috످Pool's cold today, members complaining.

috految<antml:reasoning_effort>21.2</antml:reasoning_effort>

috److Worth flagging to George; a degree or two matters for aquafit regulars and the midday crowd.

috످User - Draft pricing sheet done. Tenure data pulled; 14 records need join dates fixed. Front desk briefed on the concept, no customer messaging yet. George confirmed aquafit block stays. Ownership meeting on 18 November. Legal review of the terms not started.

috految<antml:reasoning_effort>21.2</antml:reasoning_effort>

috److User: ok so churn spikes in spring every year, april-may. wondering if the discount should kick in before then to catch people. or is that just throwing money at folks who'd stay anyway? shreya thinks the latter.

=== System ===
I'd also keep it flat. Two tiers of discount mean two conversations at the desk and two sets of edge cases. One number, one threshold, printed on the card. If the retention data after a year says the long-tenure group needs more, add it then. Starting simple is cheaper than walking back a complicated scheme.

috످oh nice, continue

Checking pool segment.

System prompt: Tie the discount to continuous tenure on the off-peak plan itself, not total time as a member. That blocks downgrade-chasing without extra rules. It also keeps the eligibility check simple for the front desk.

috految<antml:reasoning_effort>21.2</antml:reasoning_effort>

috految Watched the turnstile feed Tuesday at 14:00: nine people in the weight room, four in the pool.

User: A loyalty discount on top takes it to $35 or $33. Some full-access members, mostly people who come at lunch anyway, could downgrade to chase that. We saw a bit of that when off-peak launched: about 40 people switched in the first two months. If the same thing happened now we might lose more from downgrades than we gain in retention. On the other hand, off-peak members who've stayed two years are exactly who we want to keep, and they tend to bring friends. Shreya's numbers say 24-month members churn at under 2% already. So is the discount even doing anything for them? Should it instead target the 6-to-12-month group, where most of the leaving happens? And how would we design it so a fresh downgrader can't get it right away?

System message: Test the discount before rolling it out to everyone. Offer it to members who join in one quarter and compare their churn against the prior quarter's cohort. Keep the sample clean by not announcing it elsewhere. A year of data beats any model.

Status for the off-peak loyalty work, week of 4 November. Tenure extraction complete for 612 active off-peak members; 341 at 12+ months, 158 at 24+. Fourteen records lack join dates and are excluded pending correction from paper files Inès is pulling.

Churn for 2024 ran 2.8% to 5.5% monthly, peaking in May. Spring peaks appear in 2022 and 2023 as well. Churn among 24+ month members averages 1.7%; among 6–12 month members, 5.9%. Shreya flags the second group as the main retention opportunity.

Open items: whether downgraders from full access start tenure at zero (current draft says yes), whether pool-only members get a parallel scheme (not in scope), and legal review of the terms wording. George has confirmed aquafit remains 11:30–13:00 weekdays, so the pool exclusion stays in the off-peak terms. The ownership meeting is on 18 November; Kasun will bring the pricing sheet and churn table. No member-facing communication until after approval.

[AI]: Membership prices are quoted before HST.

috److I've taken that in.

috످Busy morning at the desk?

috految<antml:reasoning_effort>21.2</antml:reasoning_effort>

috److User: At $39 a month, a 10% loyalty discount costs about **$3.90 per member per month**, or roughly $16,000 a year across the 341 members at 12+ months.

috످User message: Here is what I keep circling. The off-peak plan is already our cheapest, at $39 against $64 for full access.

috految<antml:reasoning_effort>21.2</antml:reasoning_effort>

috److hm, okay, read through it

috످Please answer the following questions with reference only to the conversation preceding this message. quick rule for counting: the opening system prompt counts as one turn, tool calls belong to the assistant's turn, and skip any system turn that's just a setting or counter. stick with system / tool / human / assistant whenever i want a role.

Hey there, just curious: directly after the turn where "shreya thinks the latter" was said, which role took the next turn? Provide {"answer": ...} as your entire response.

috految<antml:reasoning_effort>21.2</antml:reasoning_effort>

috److془The passage asks whether to time discount ahead of spring churn, with Shreya doubting; it's in assistant turn. Text following about keeping single discount level is in same assistant turn. Next: asks to carry on, human.془{"answer": "human"}

috످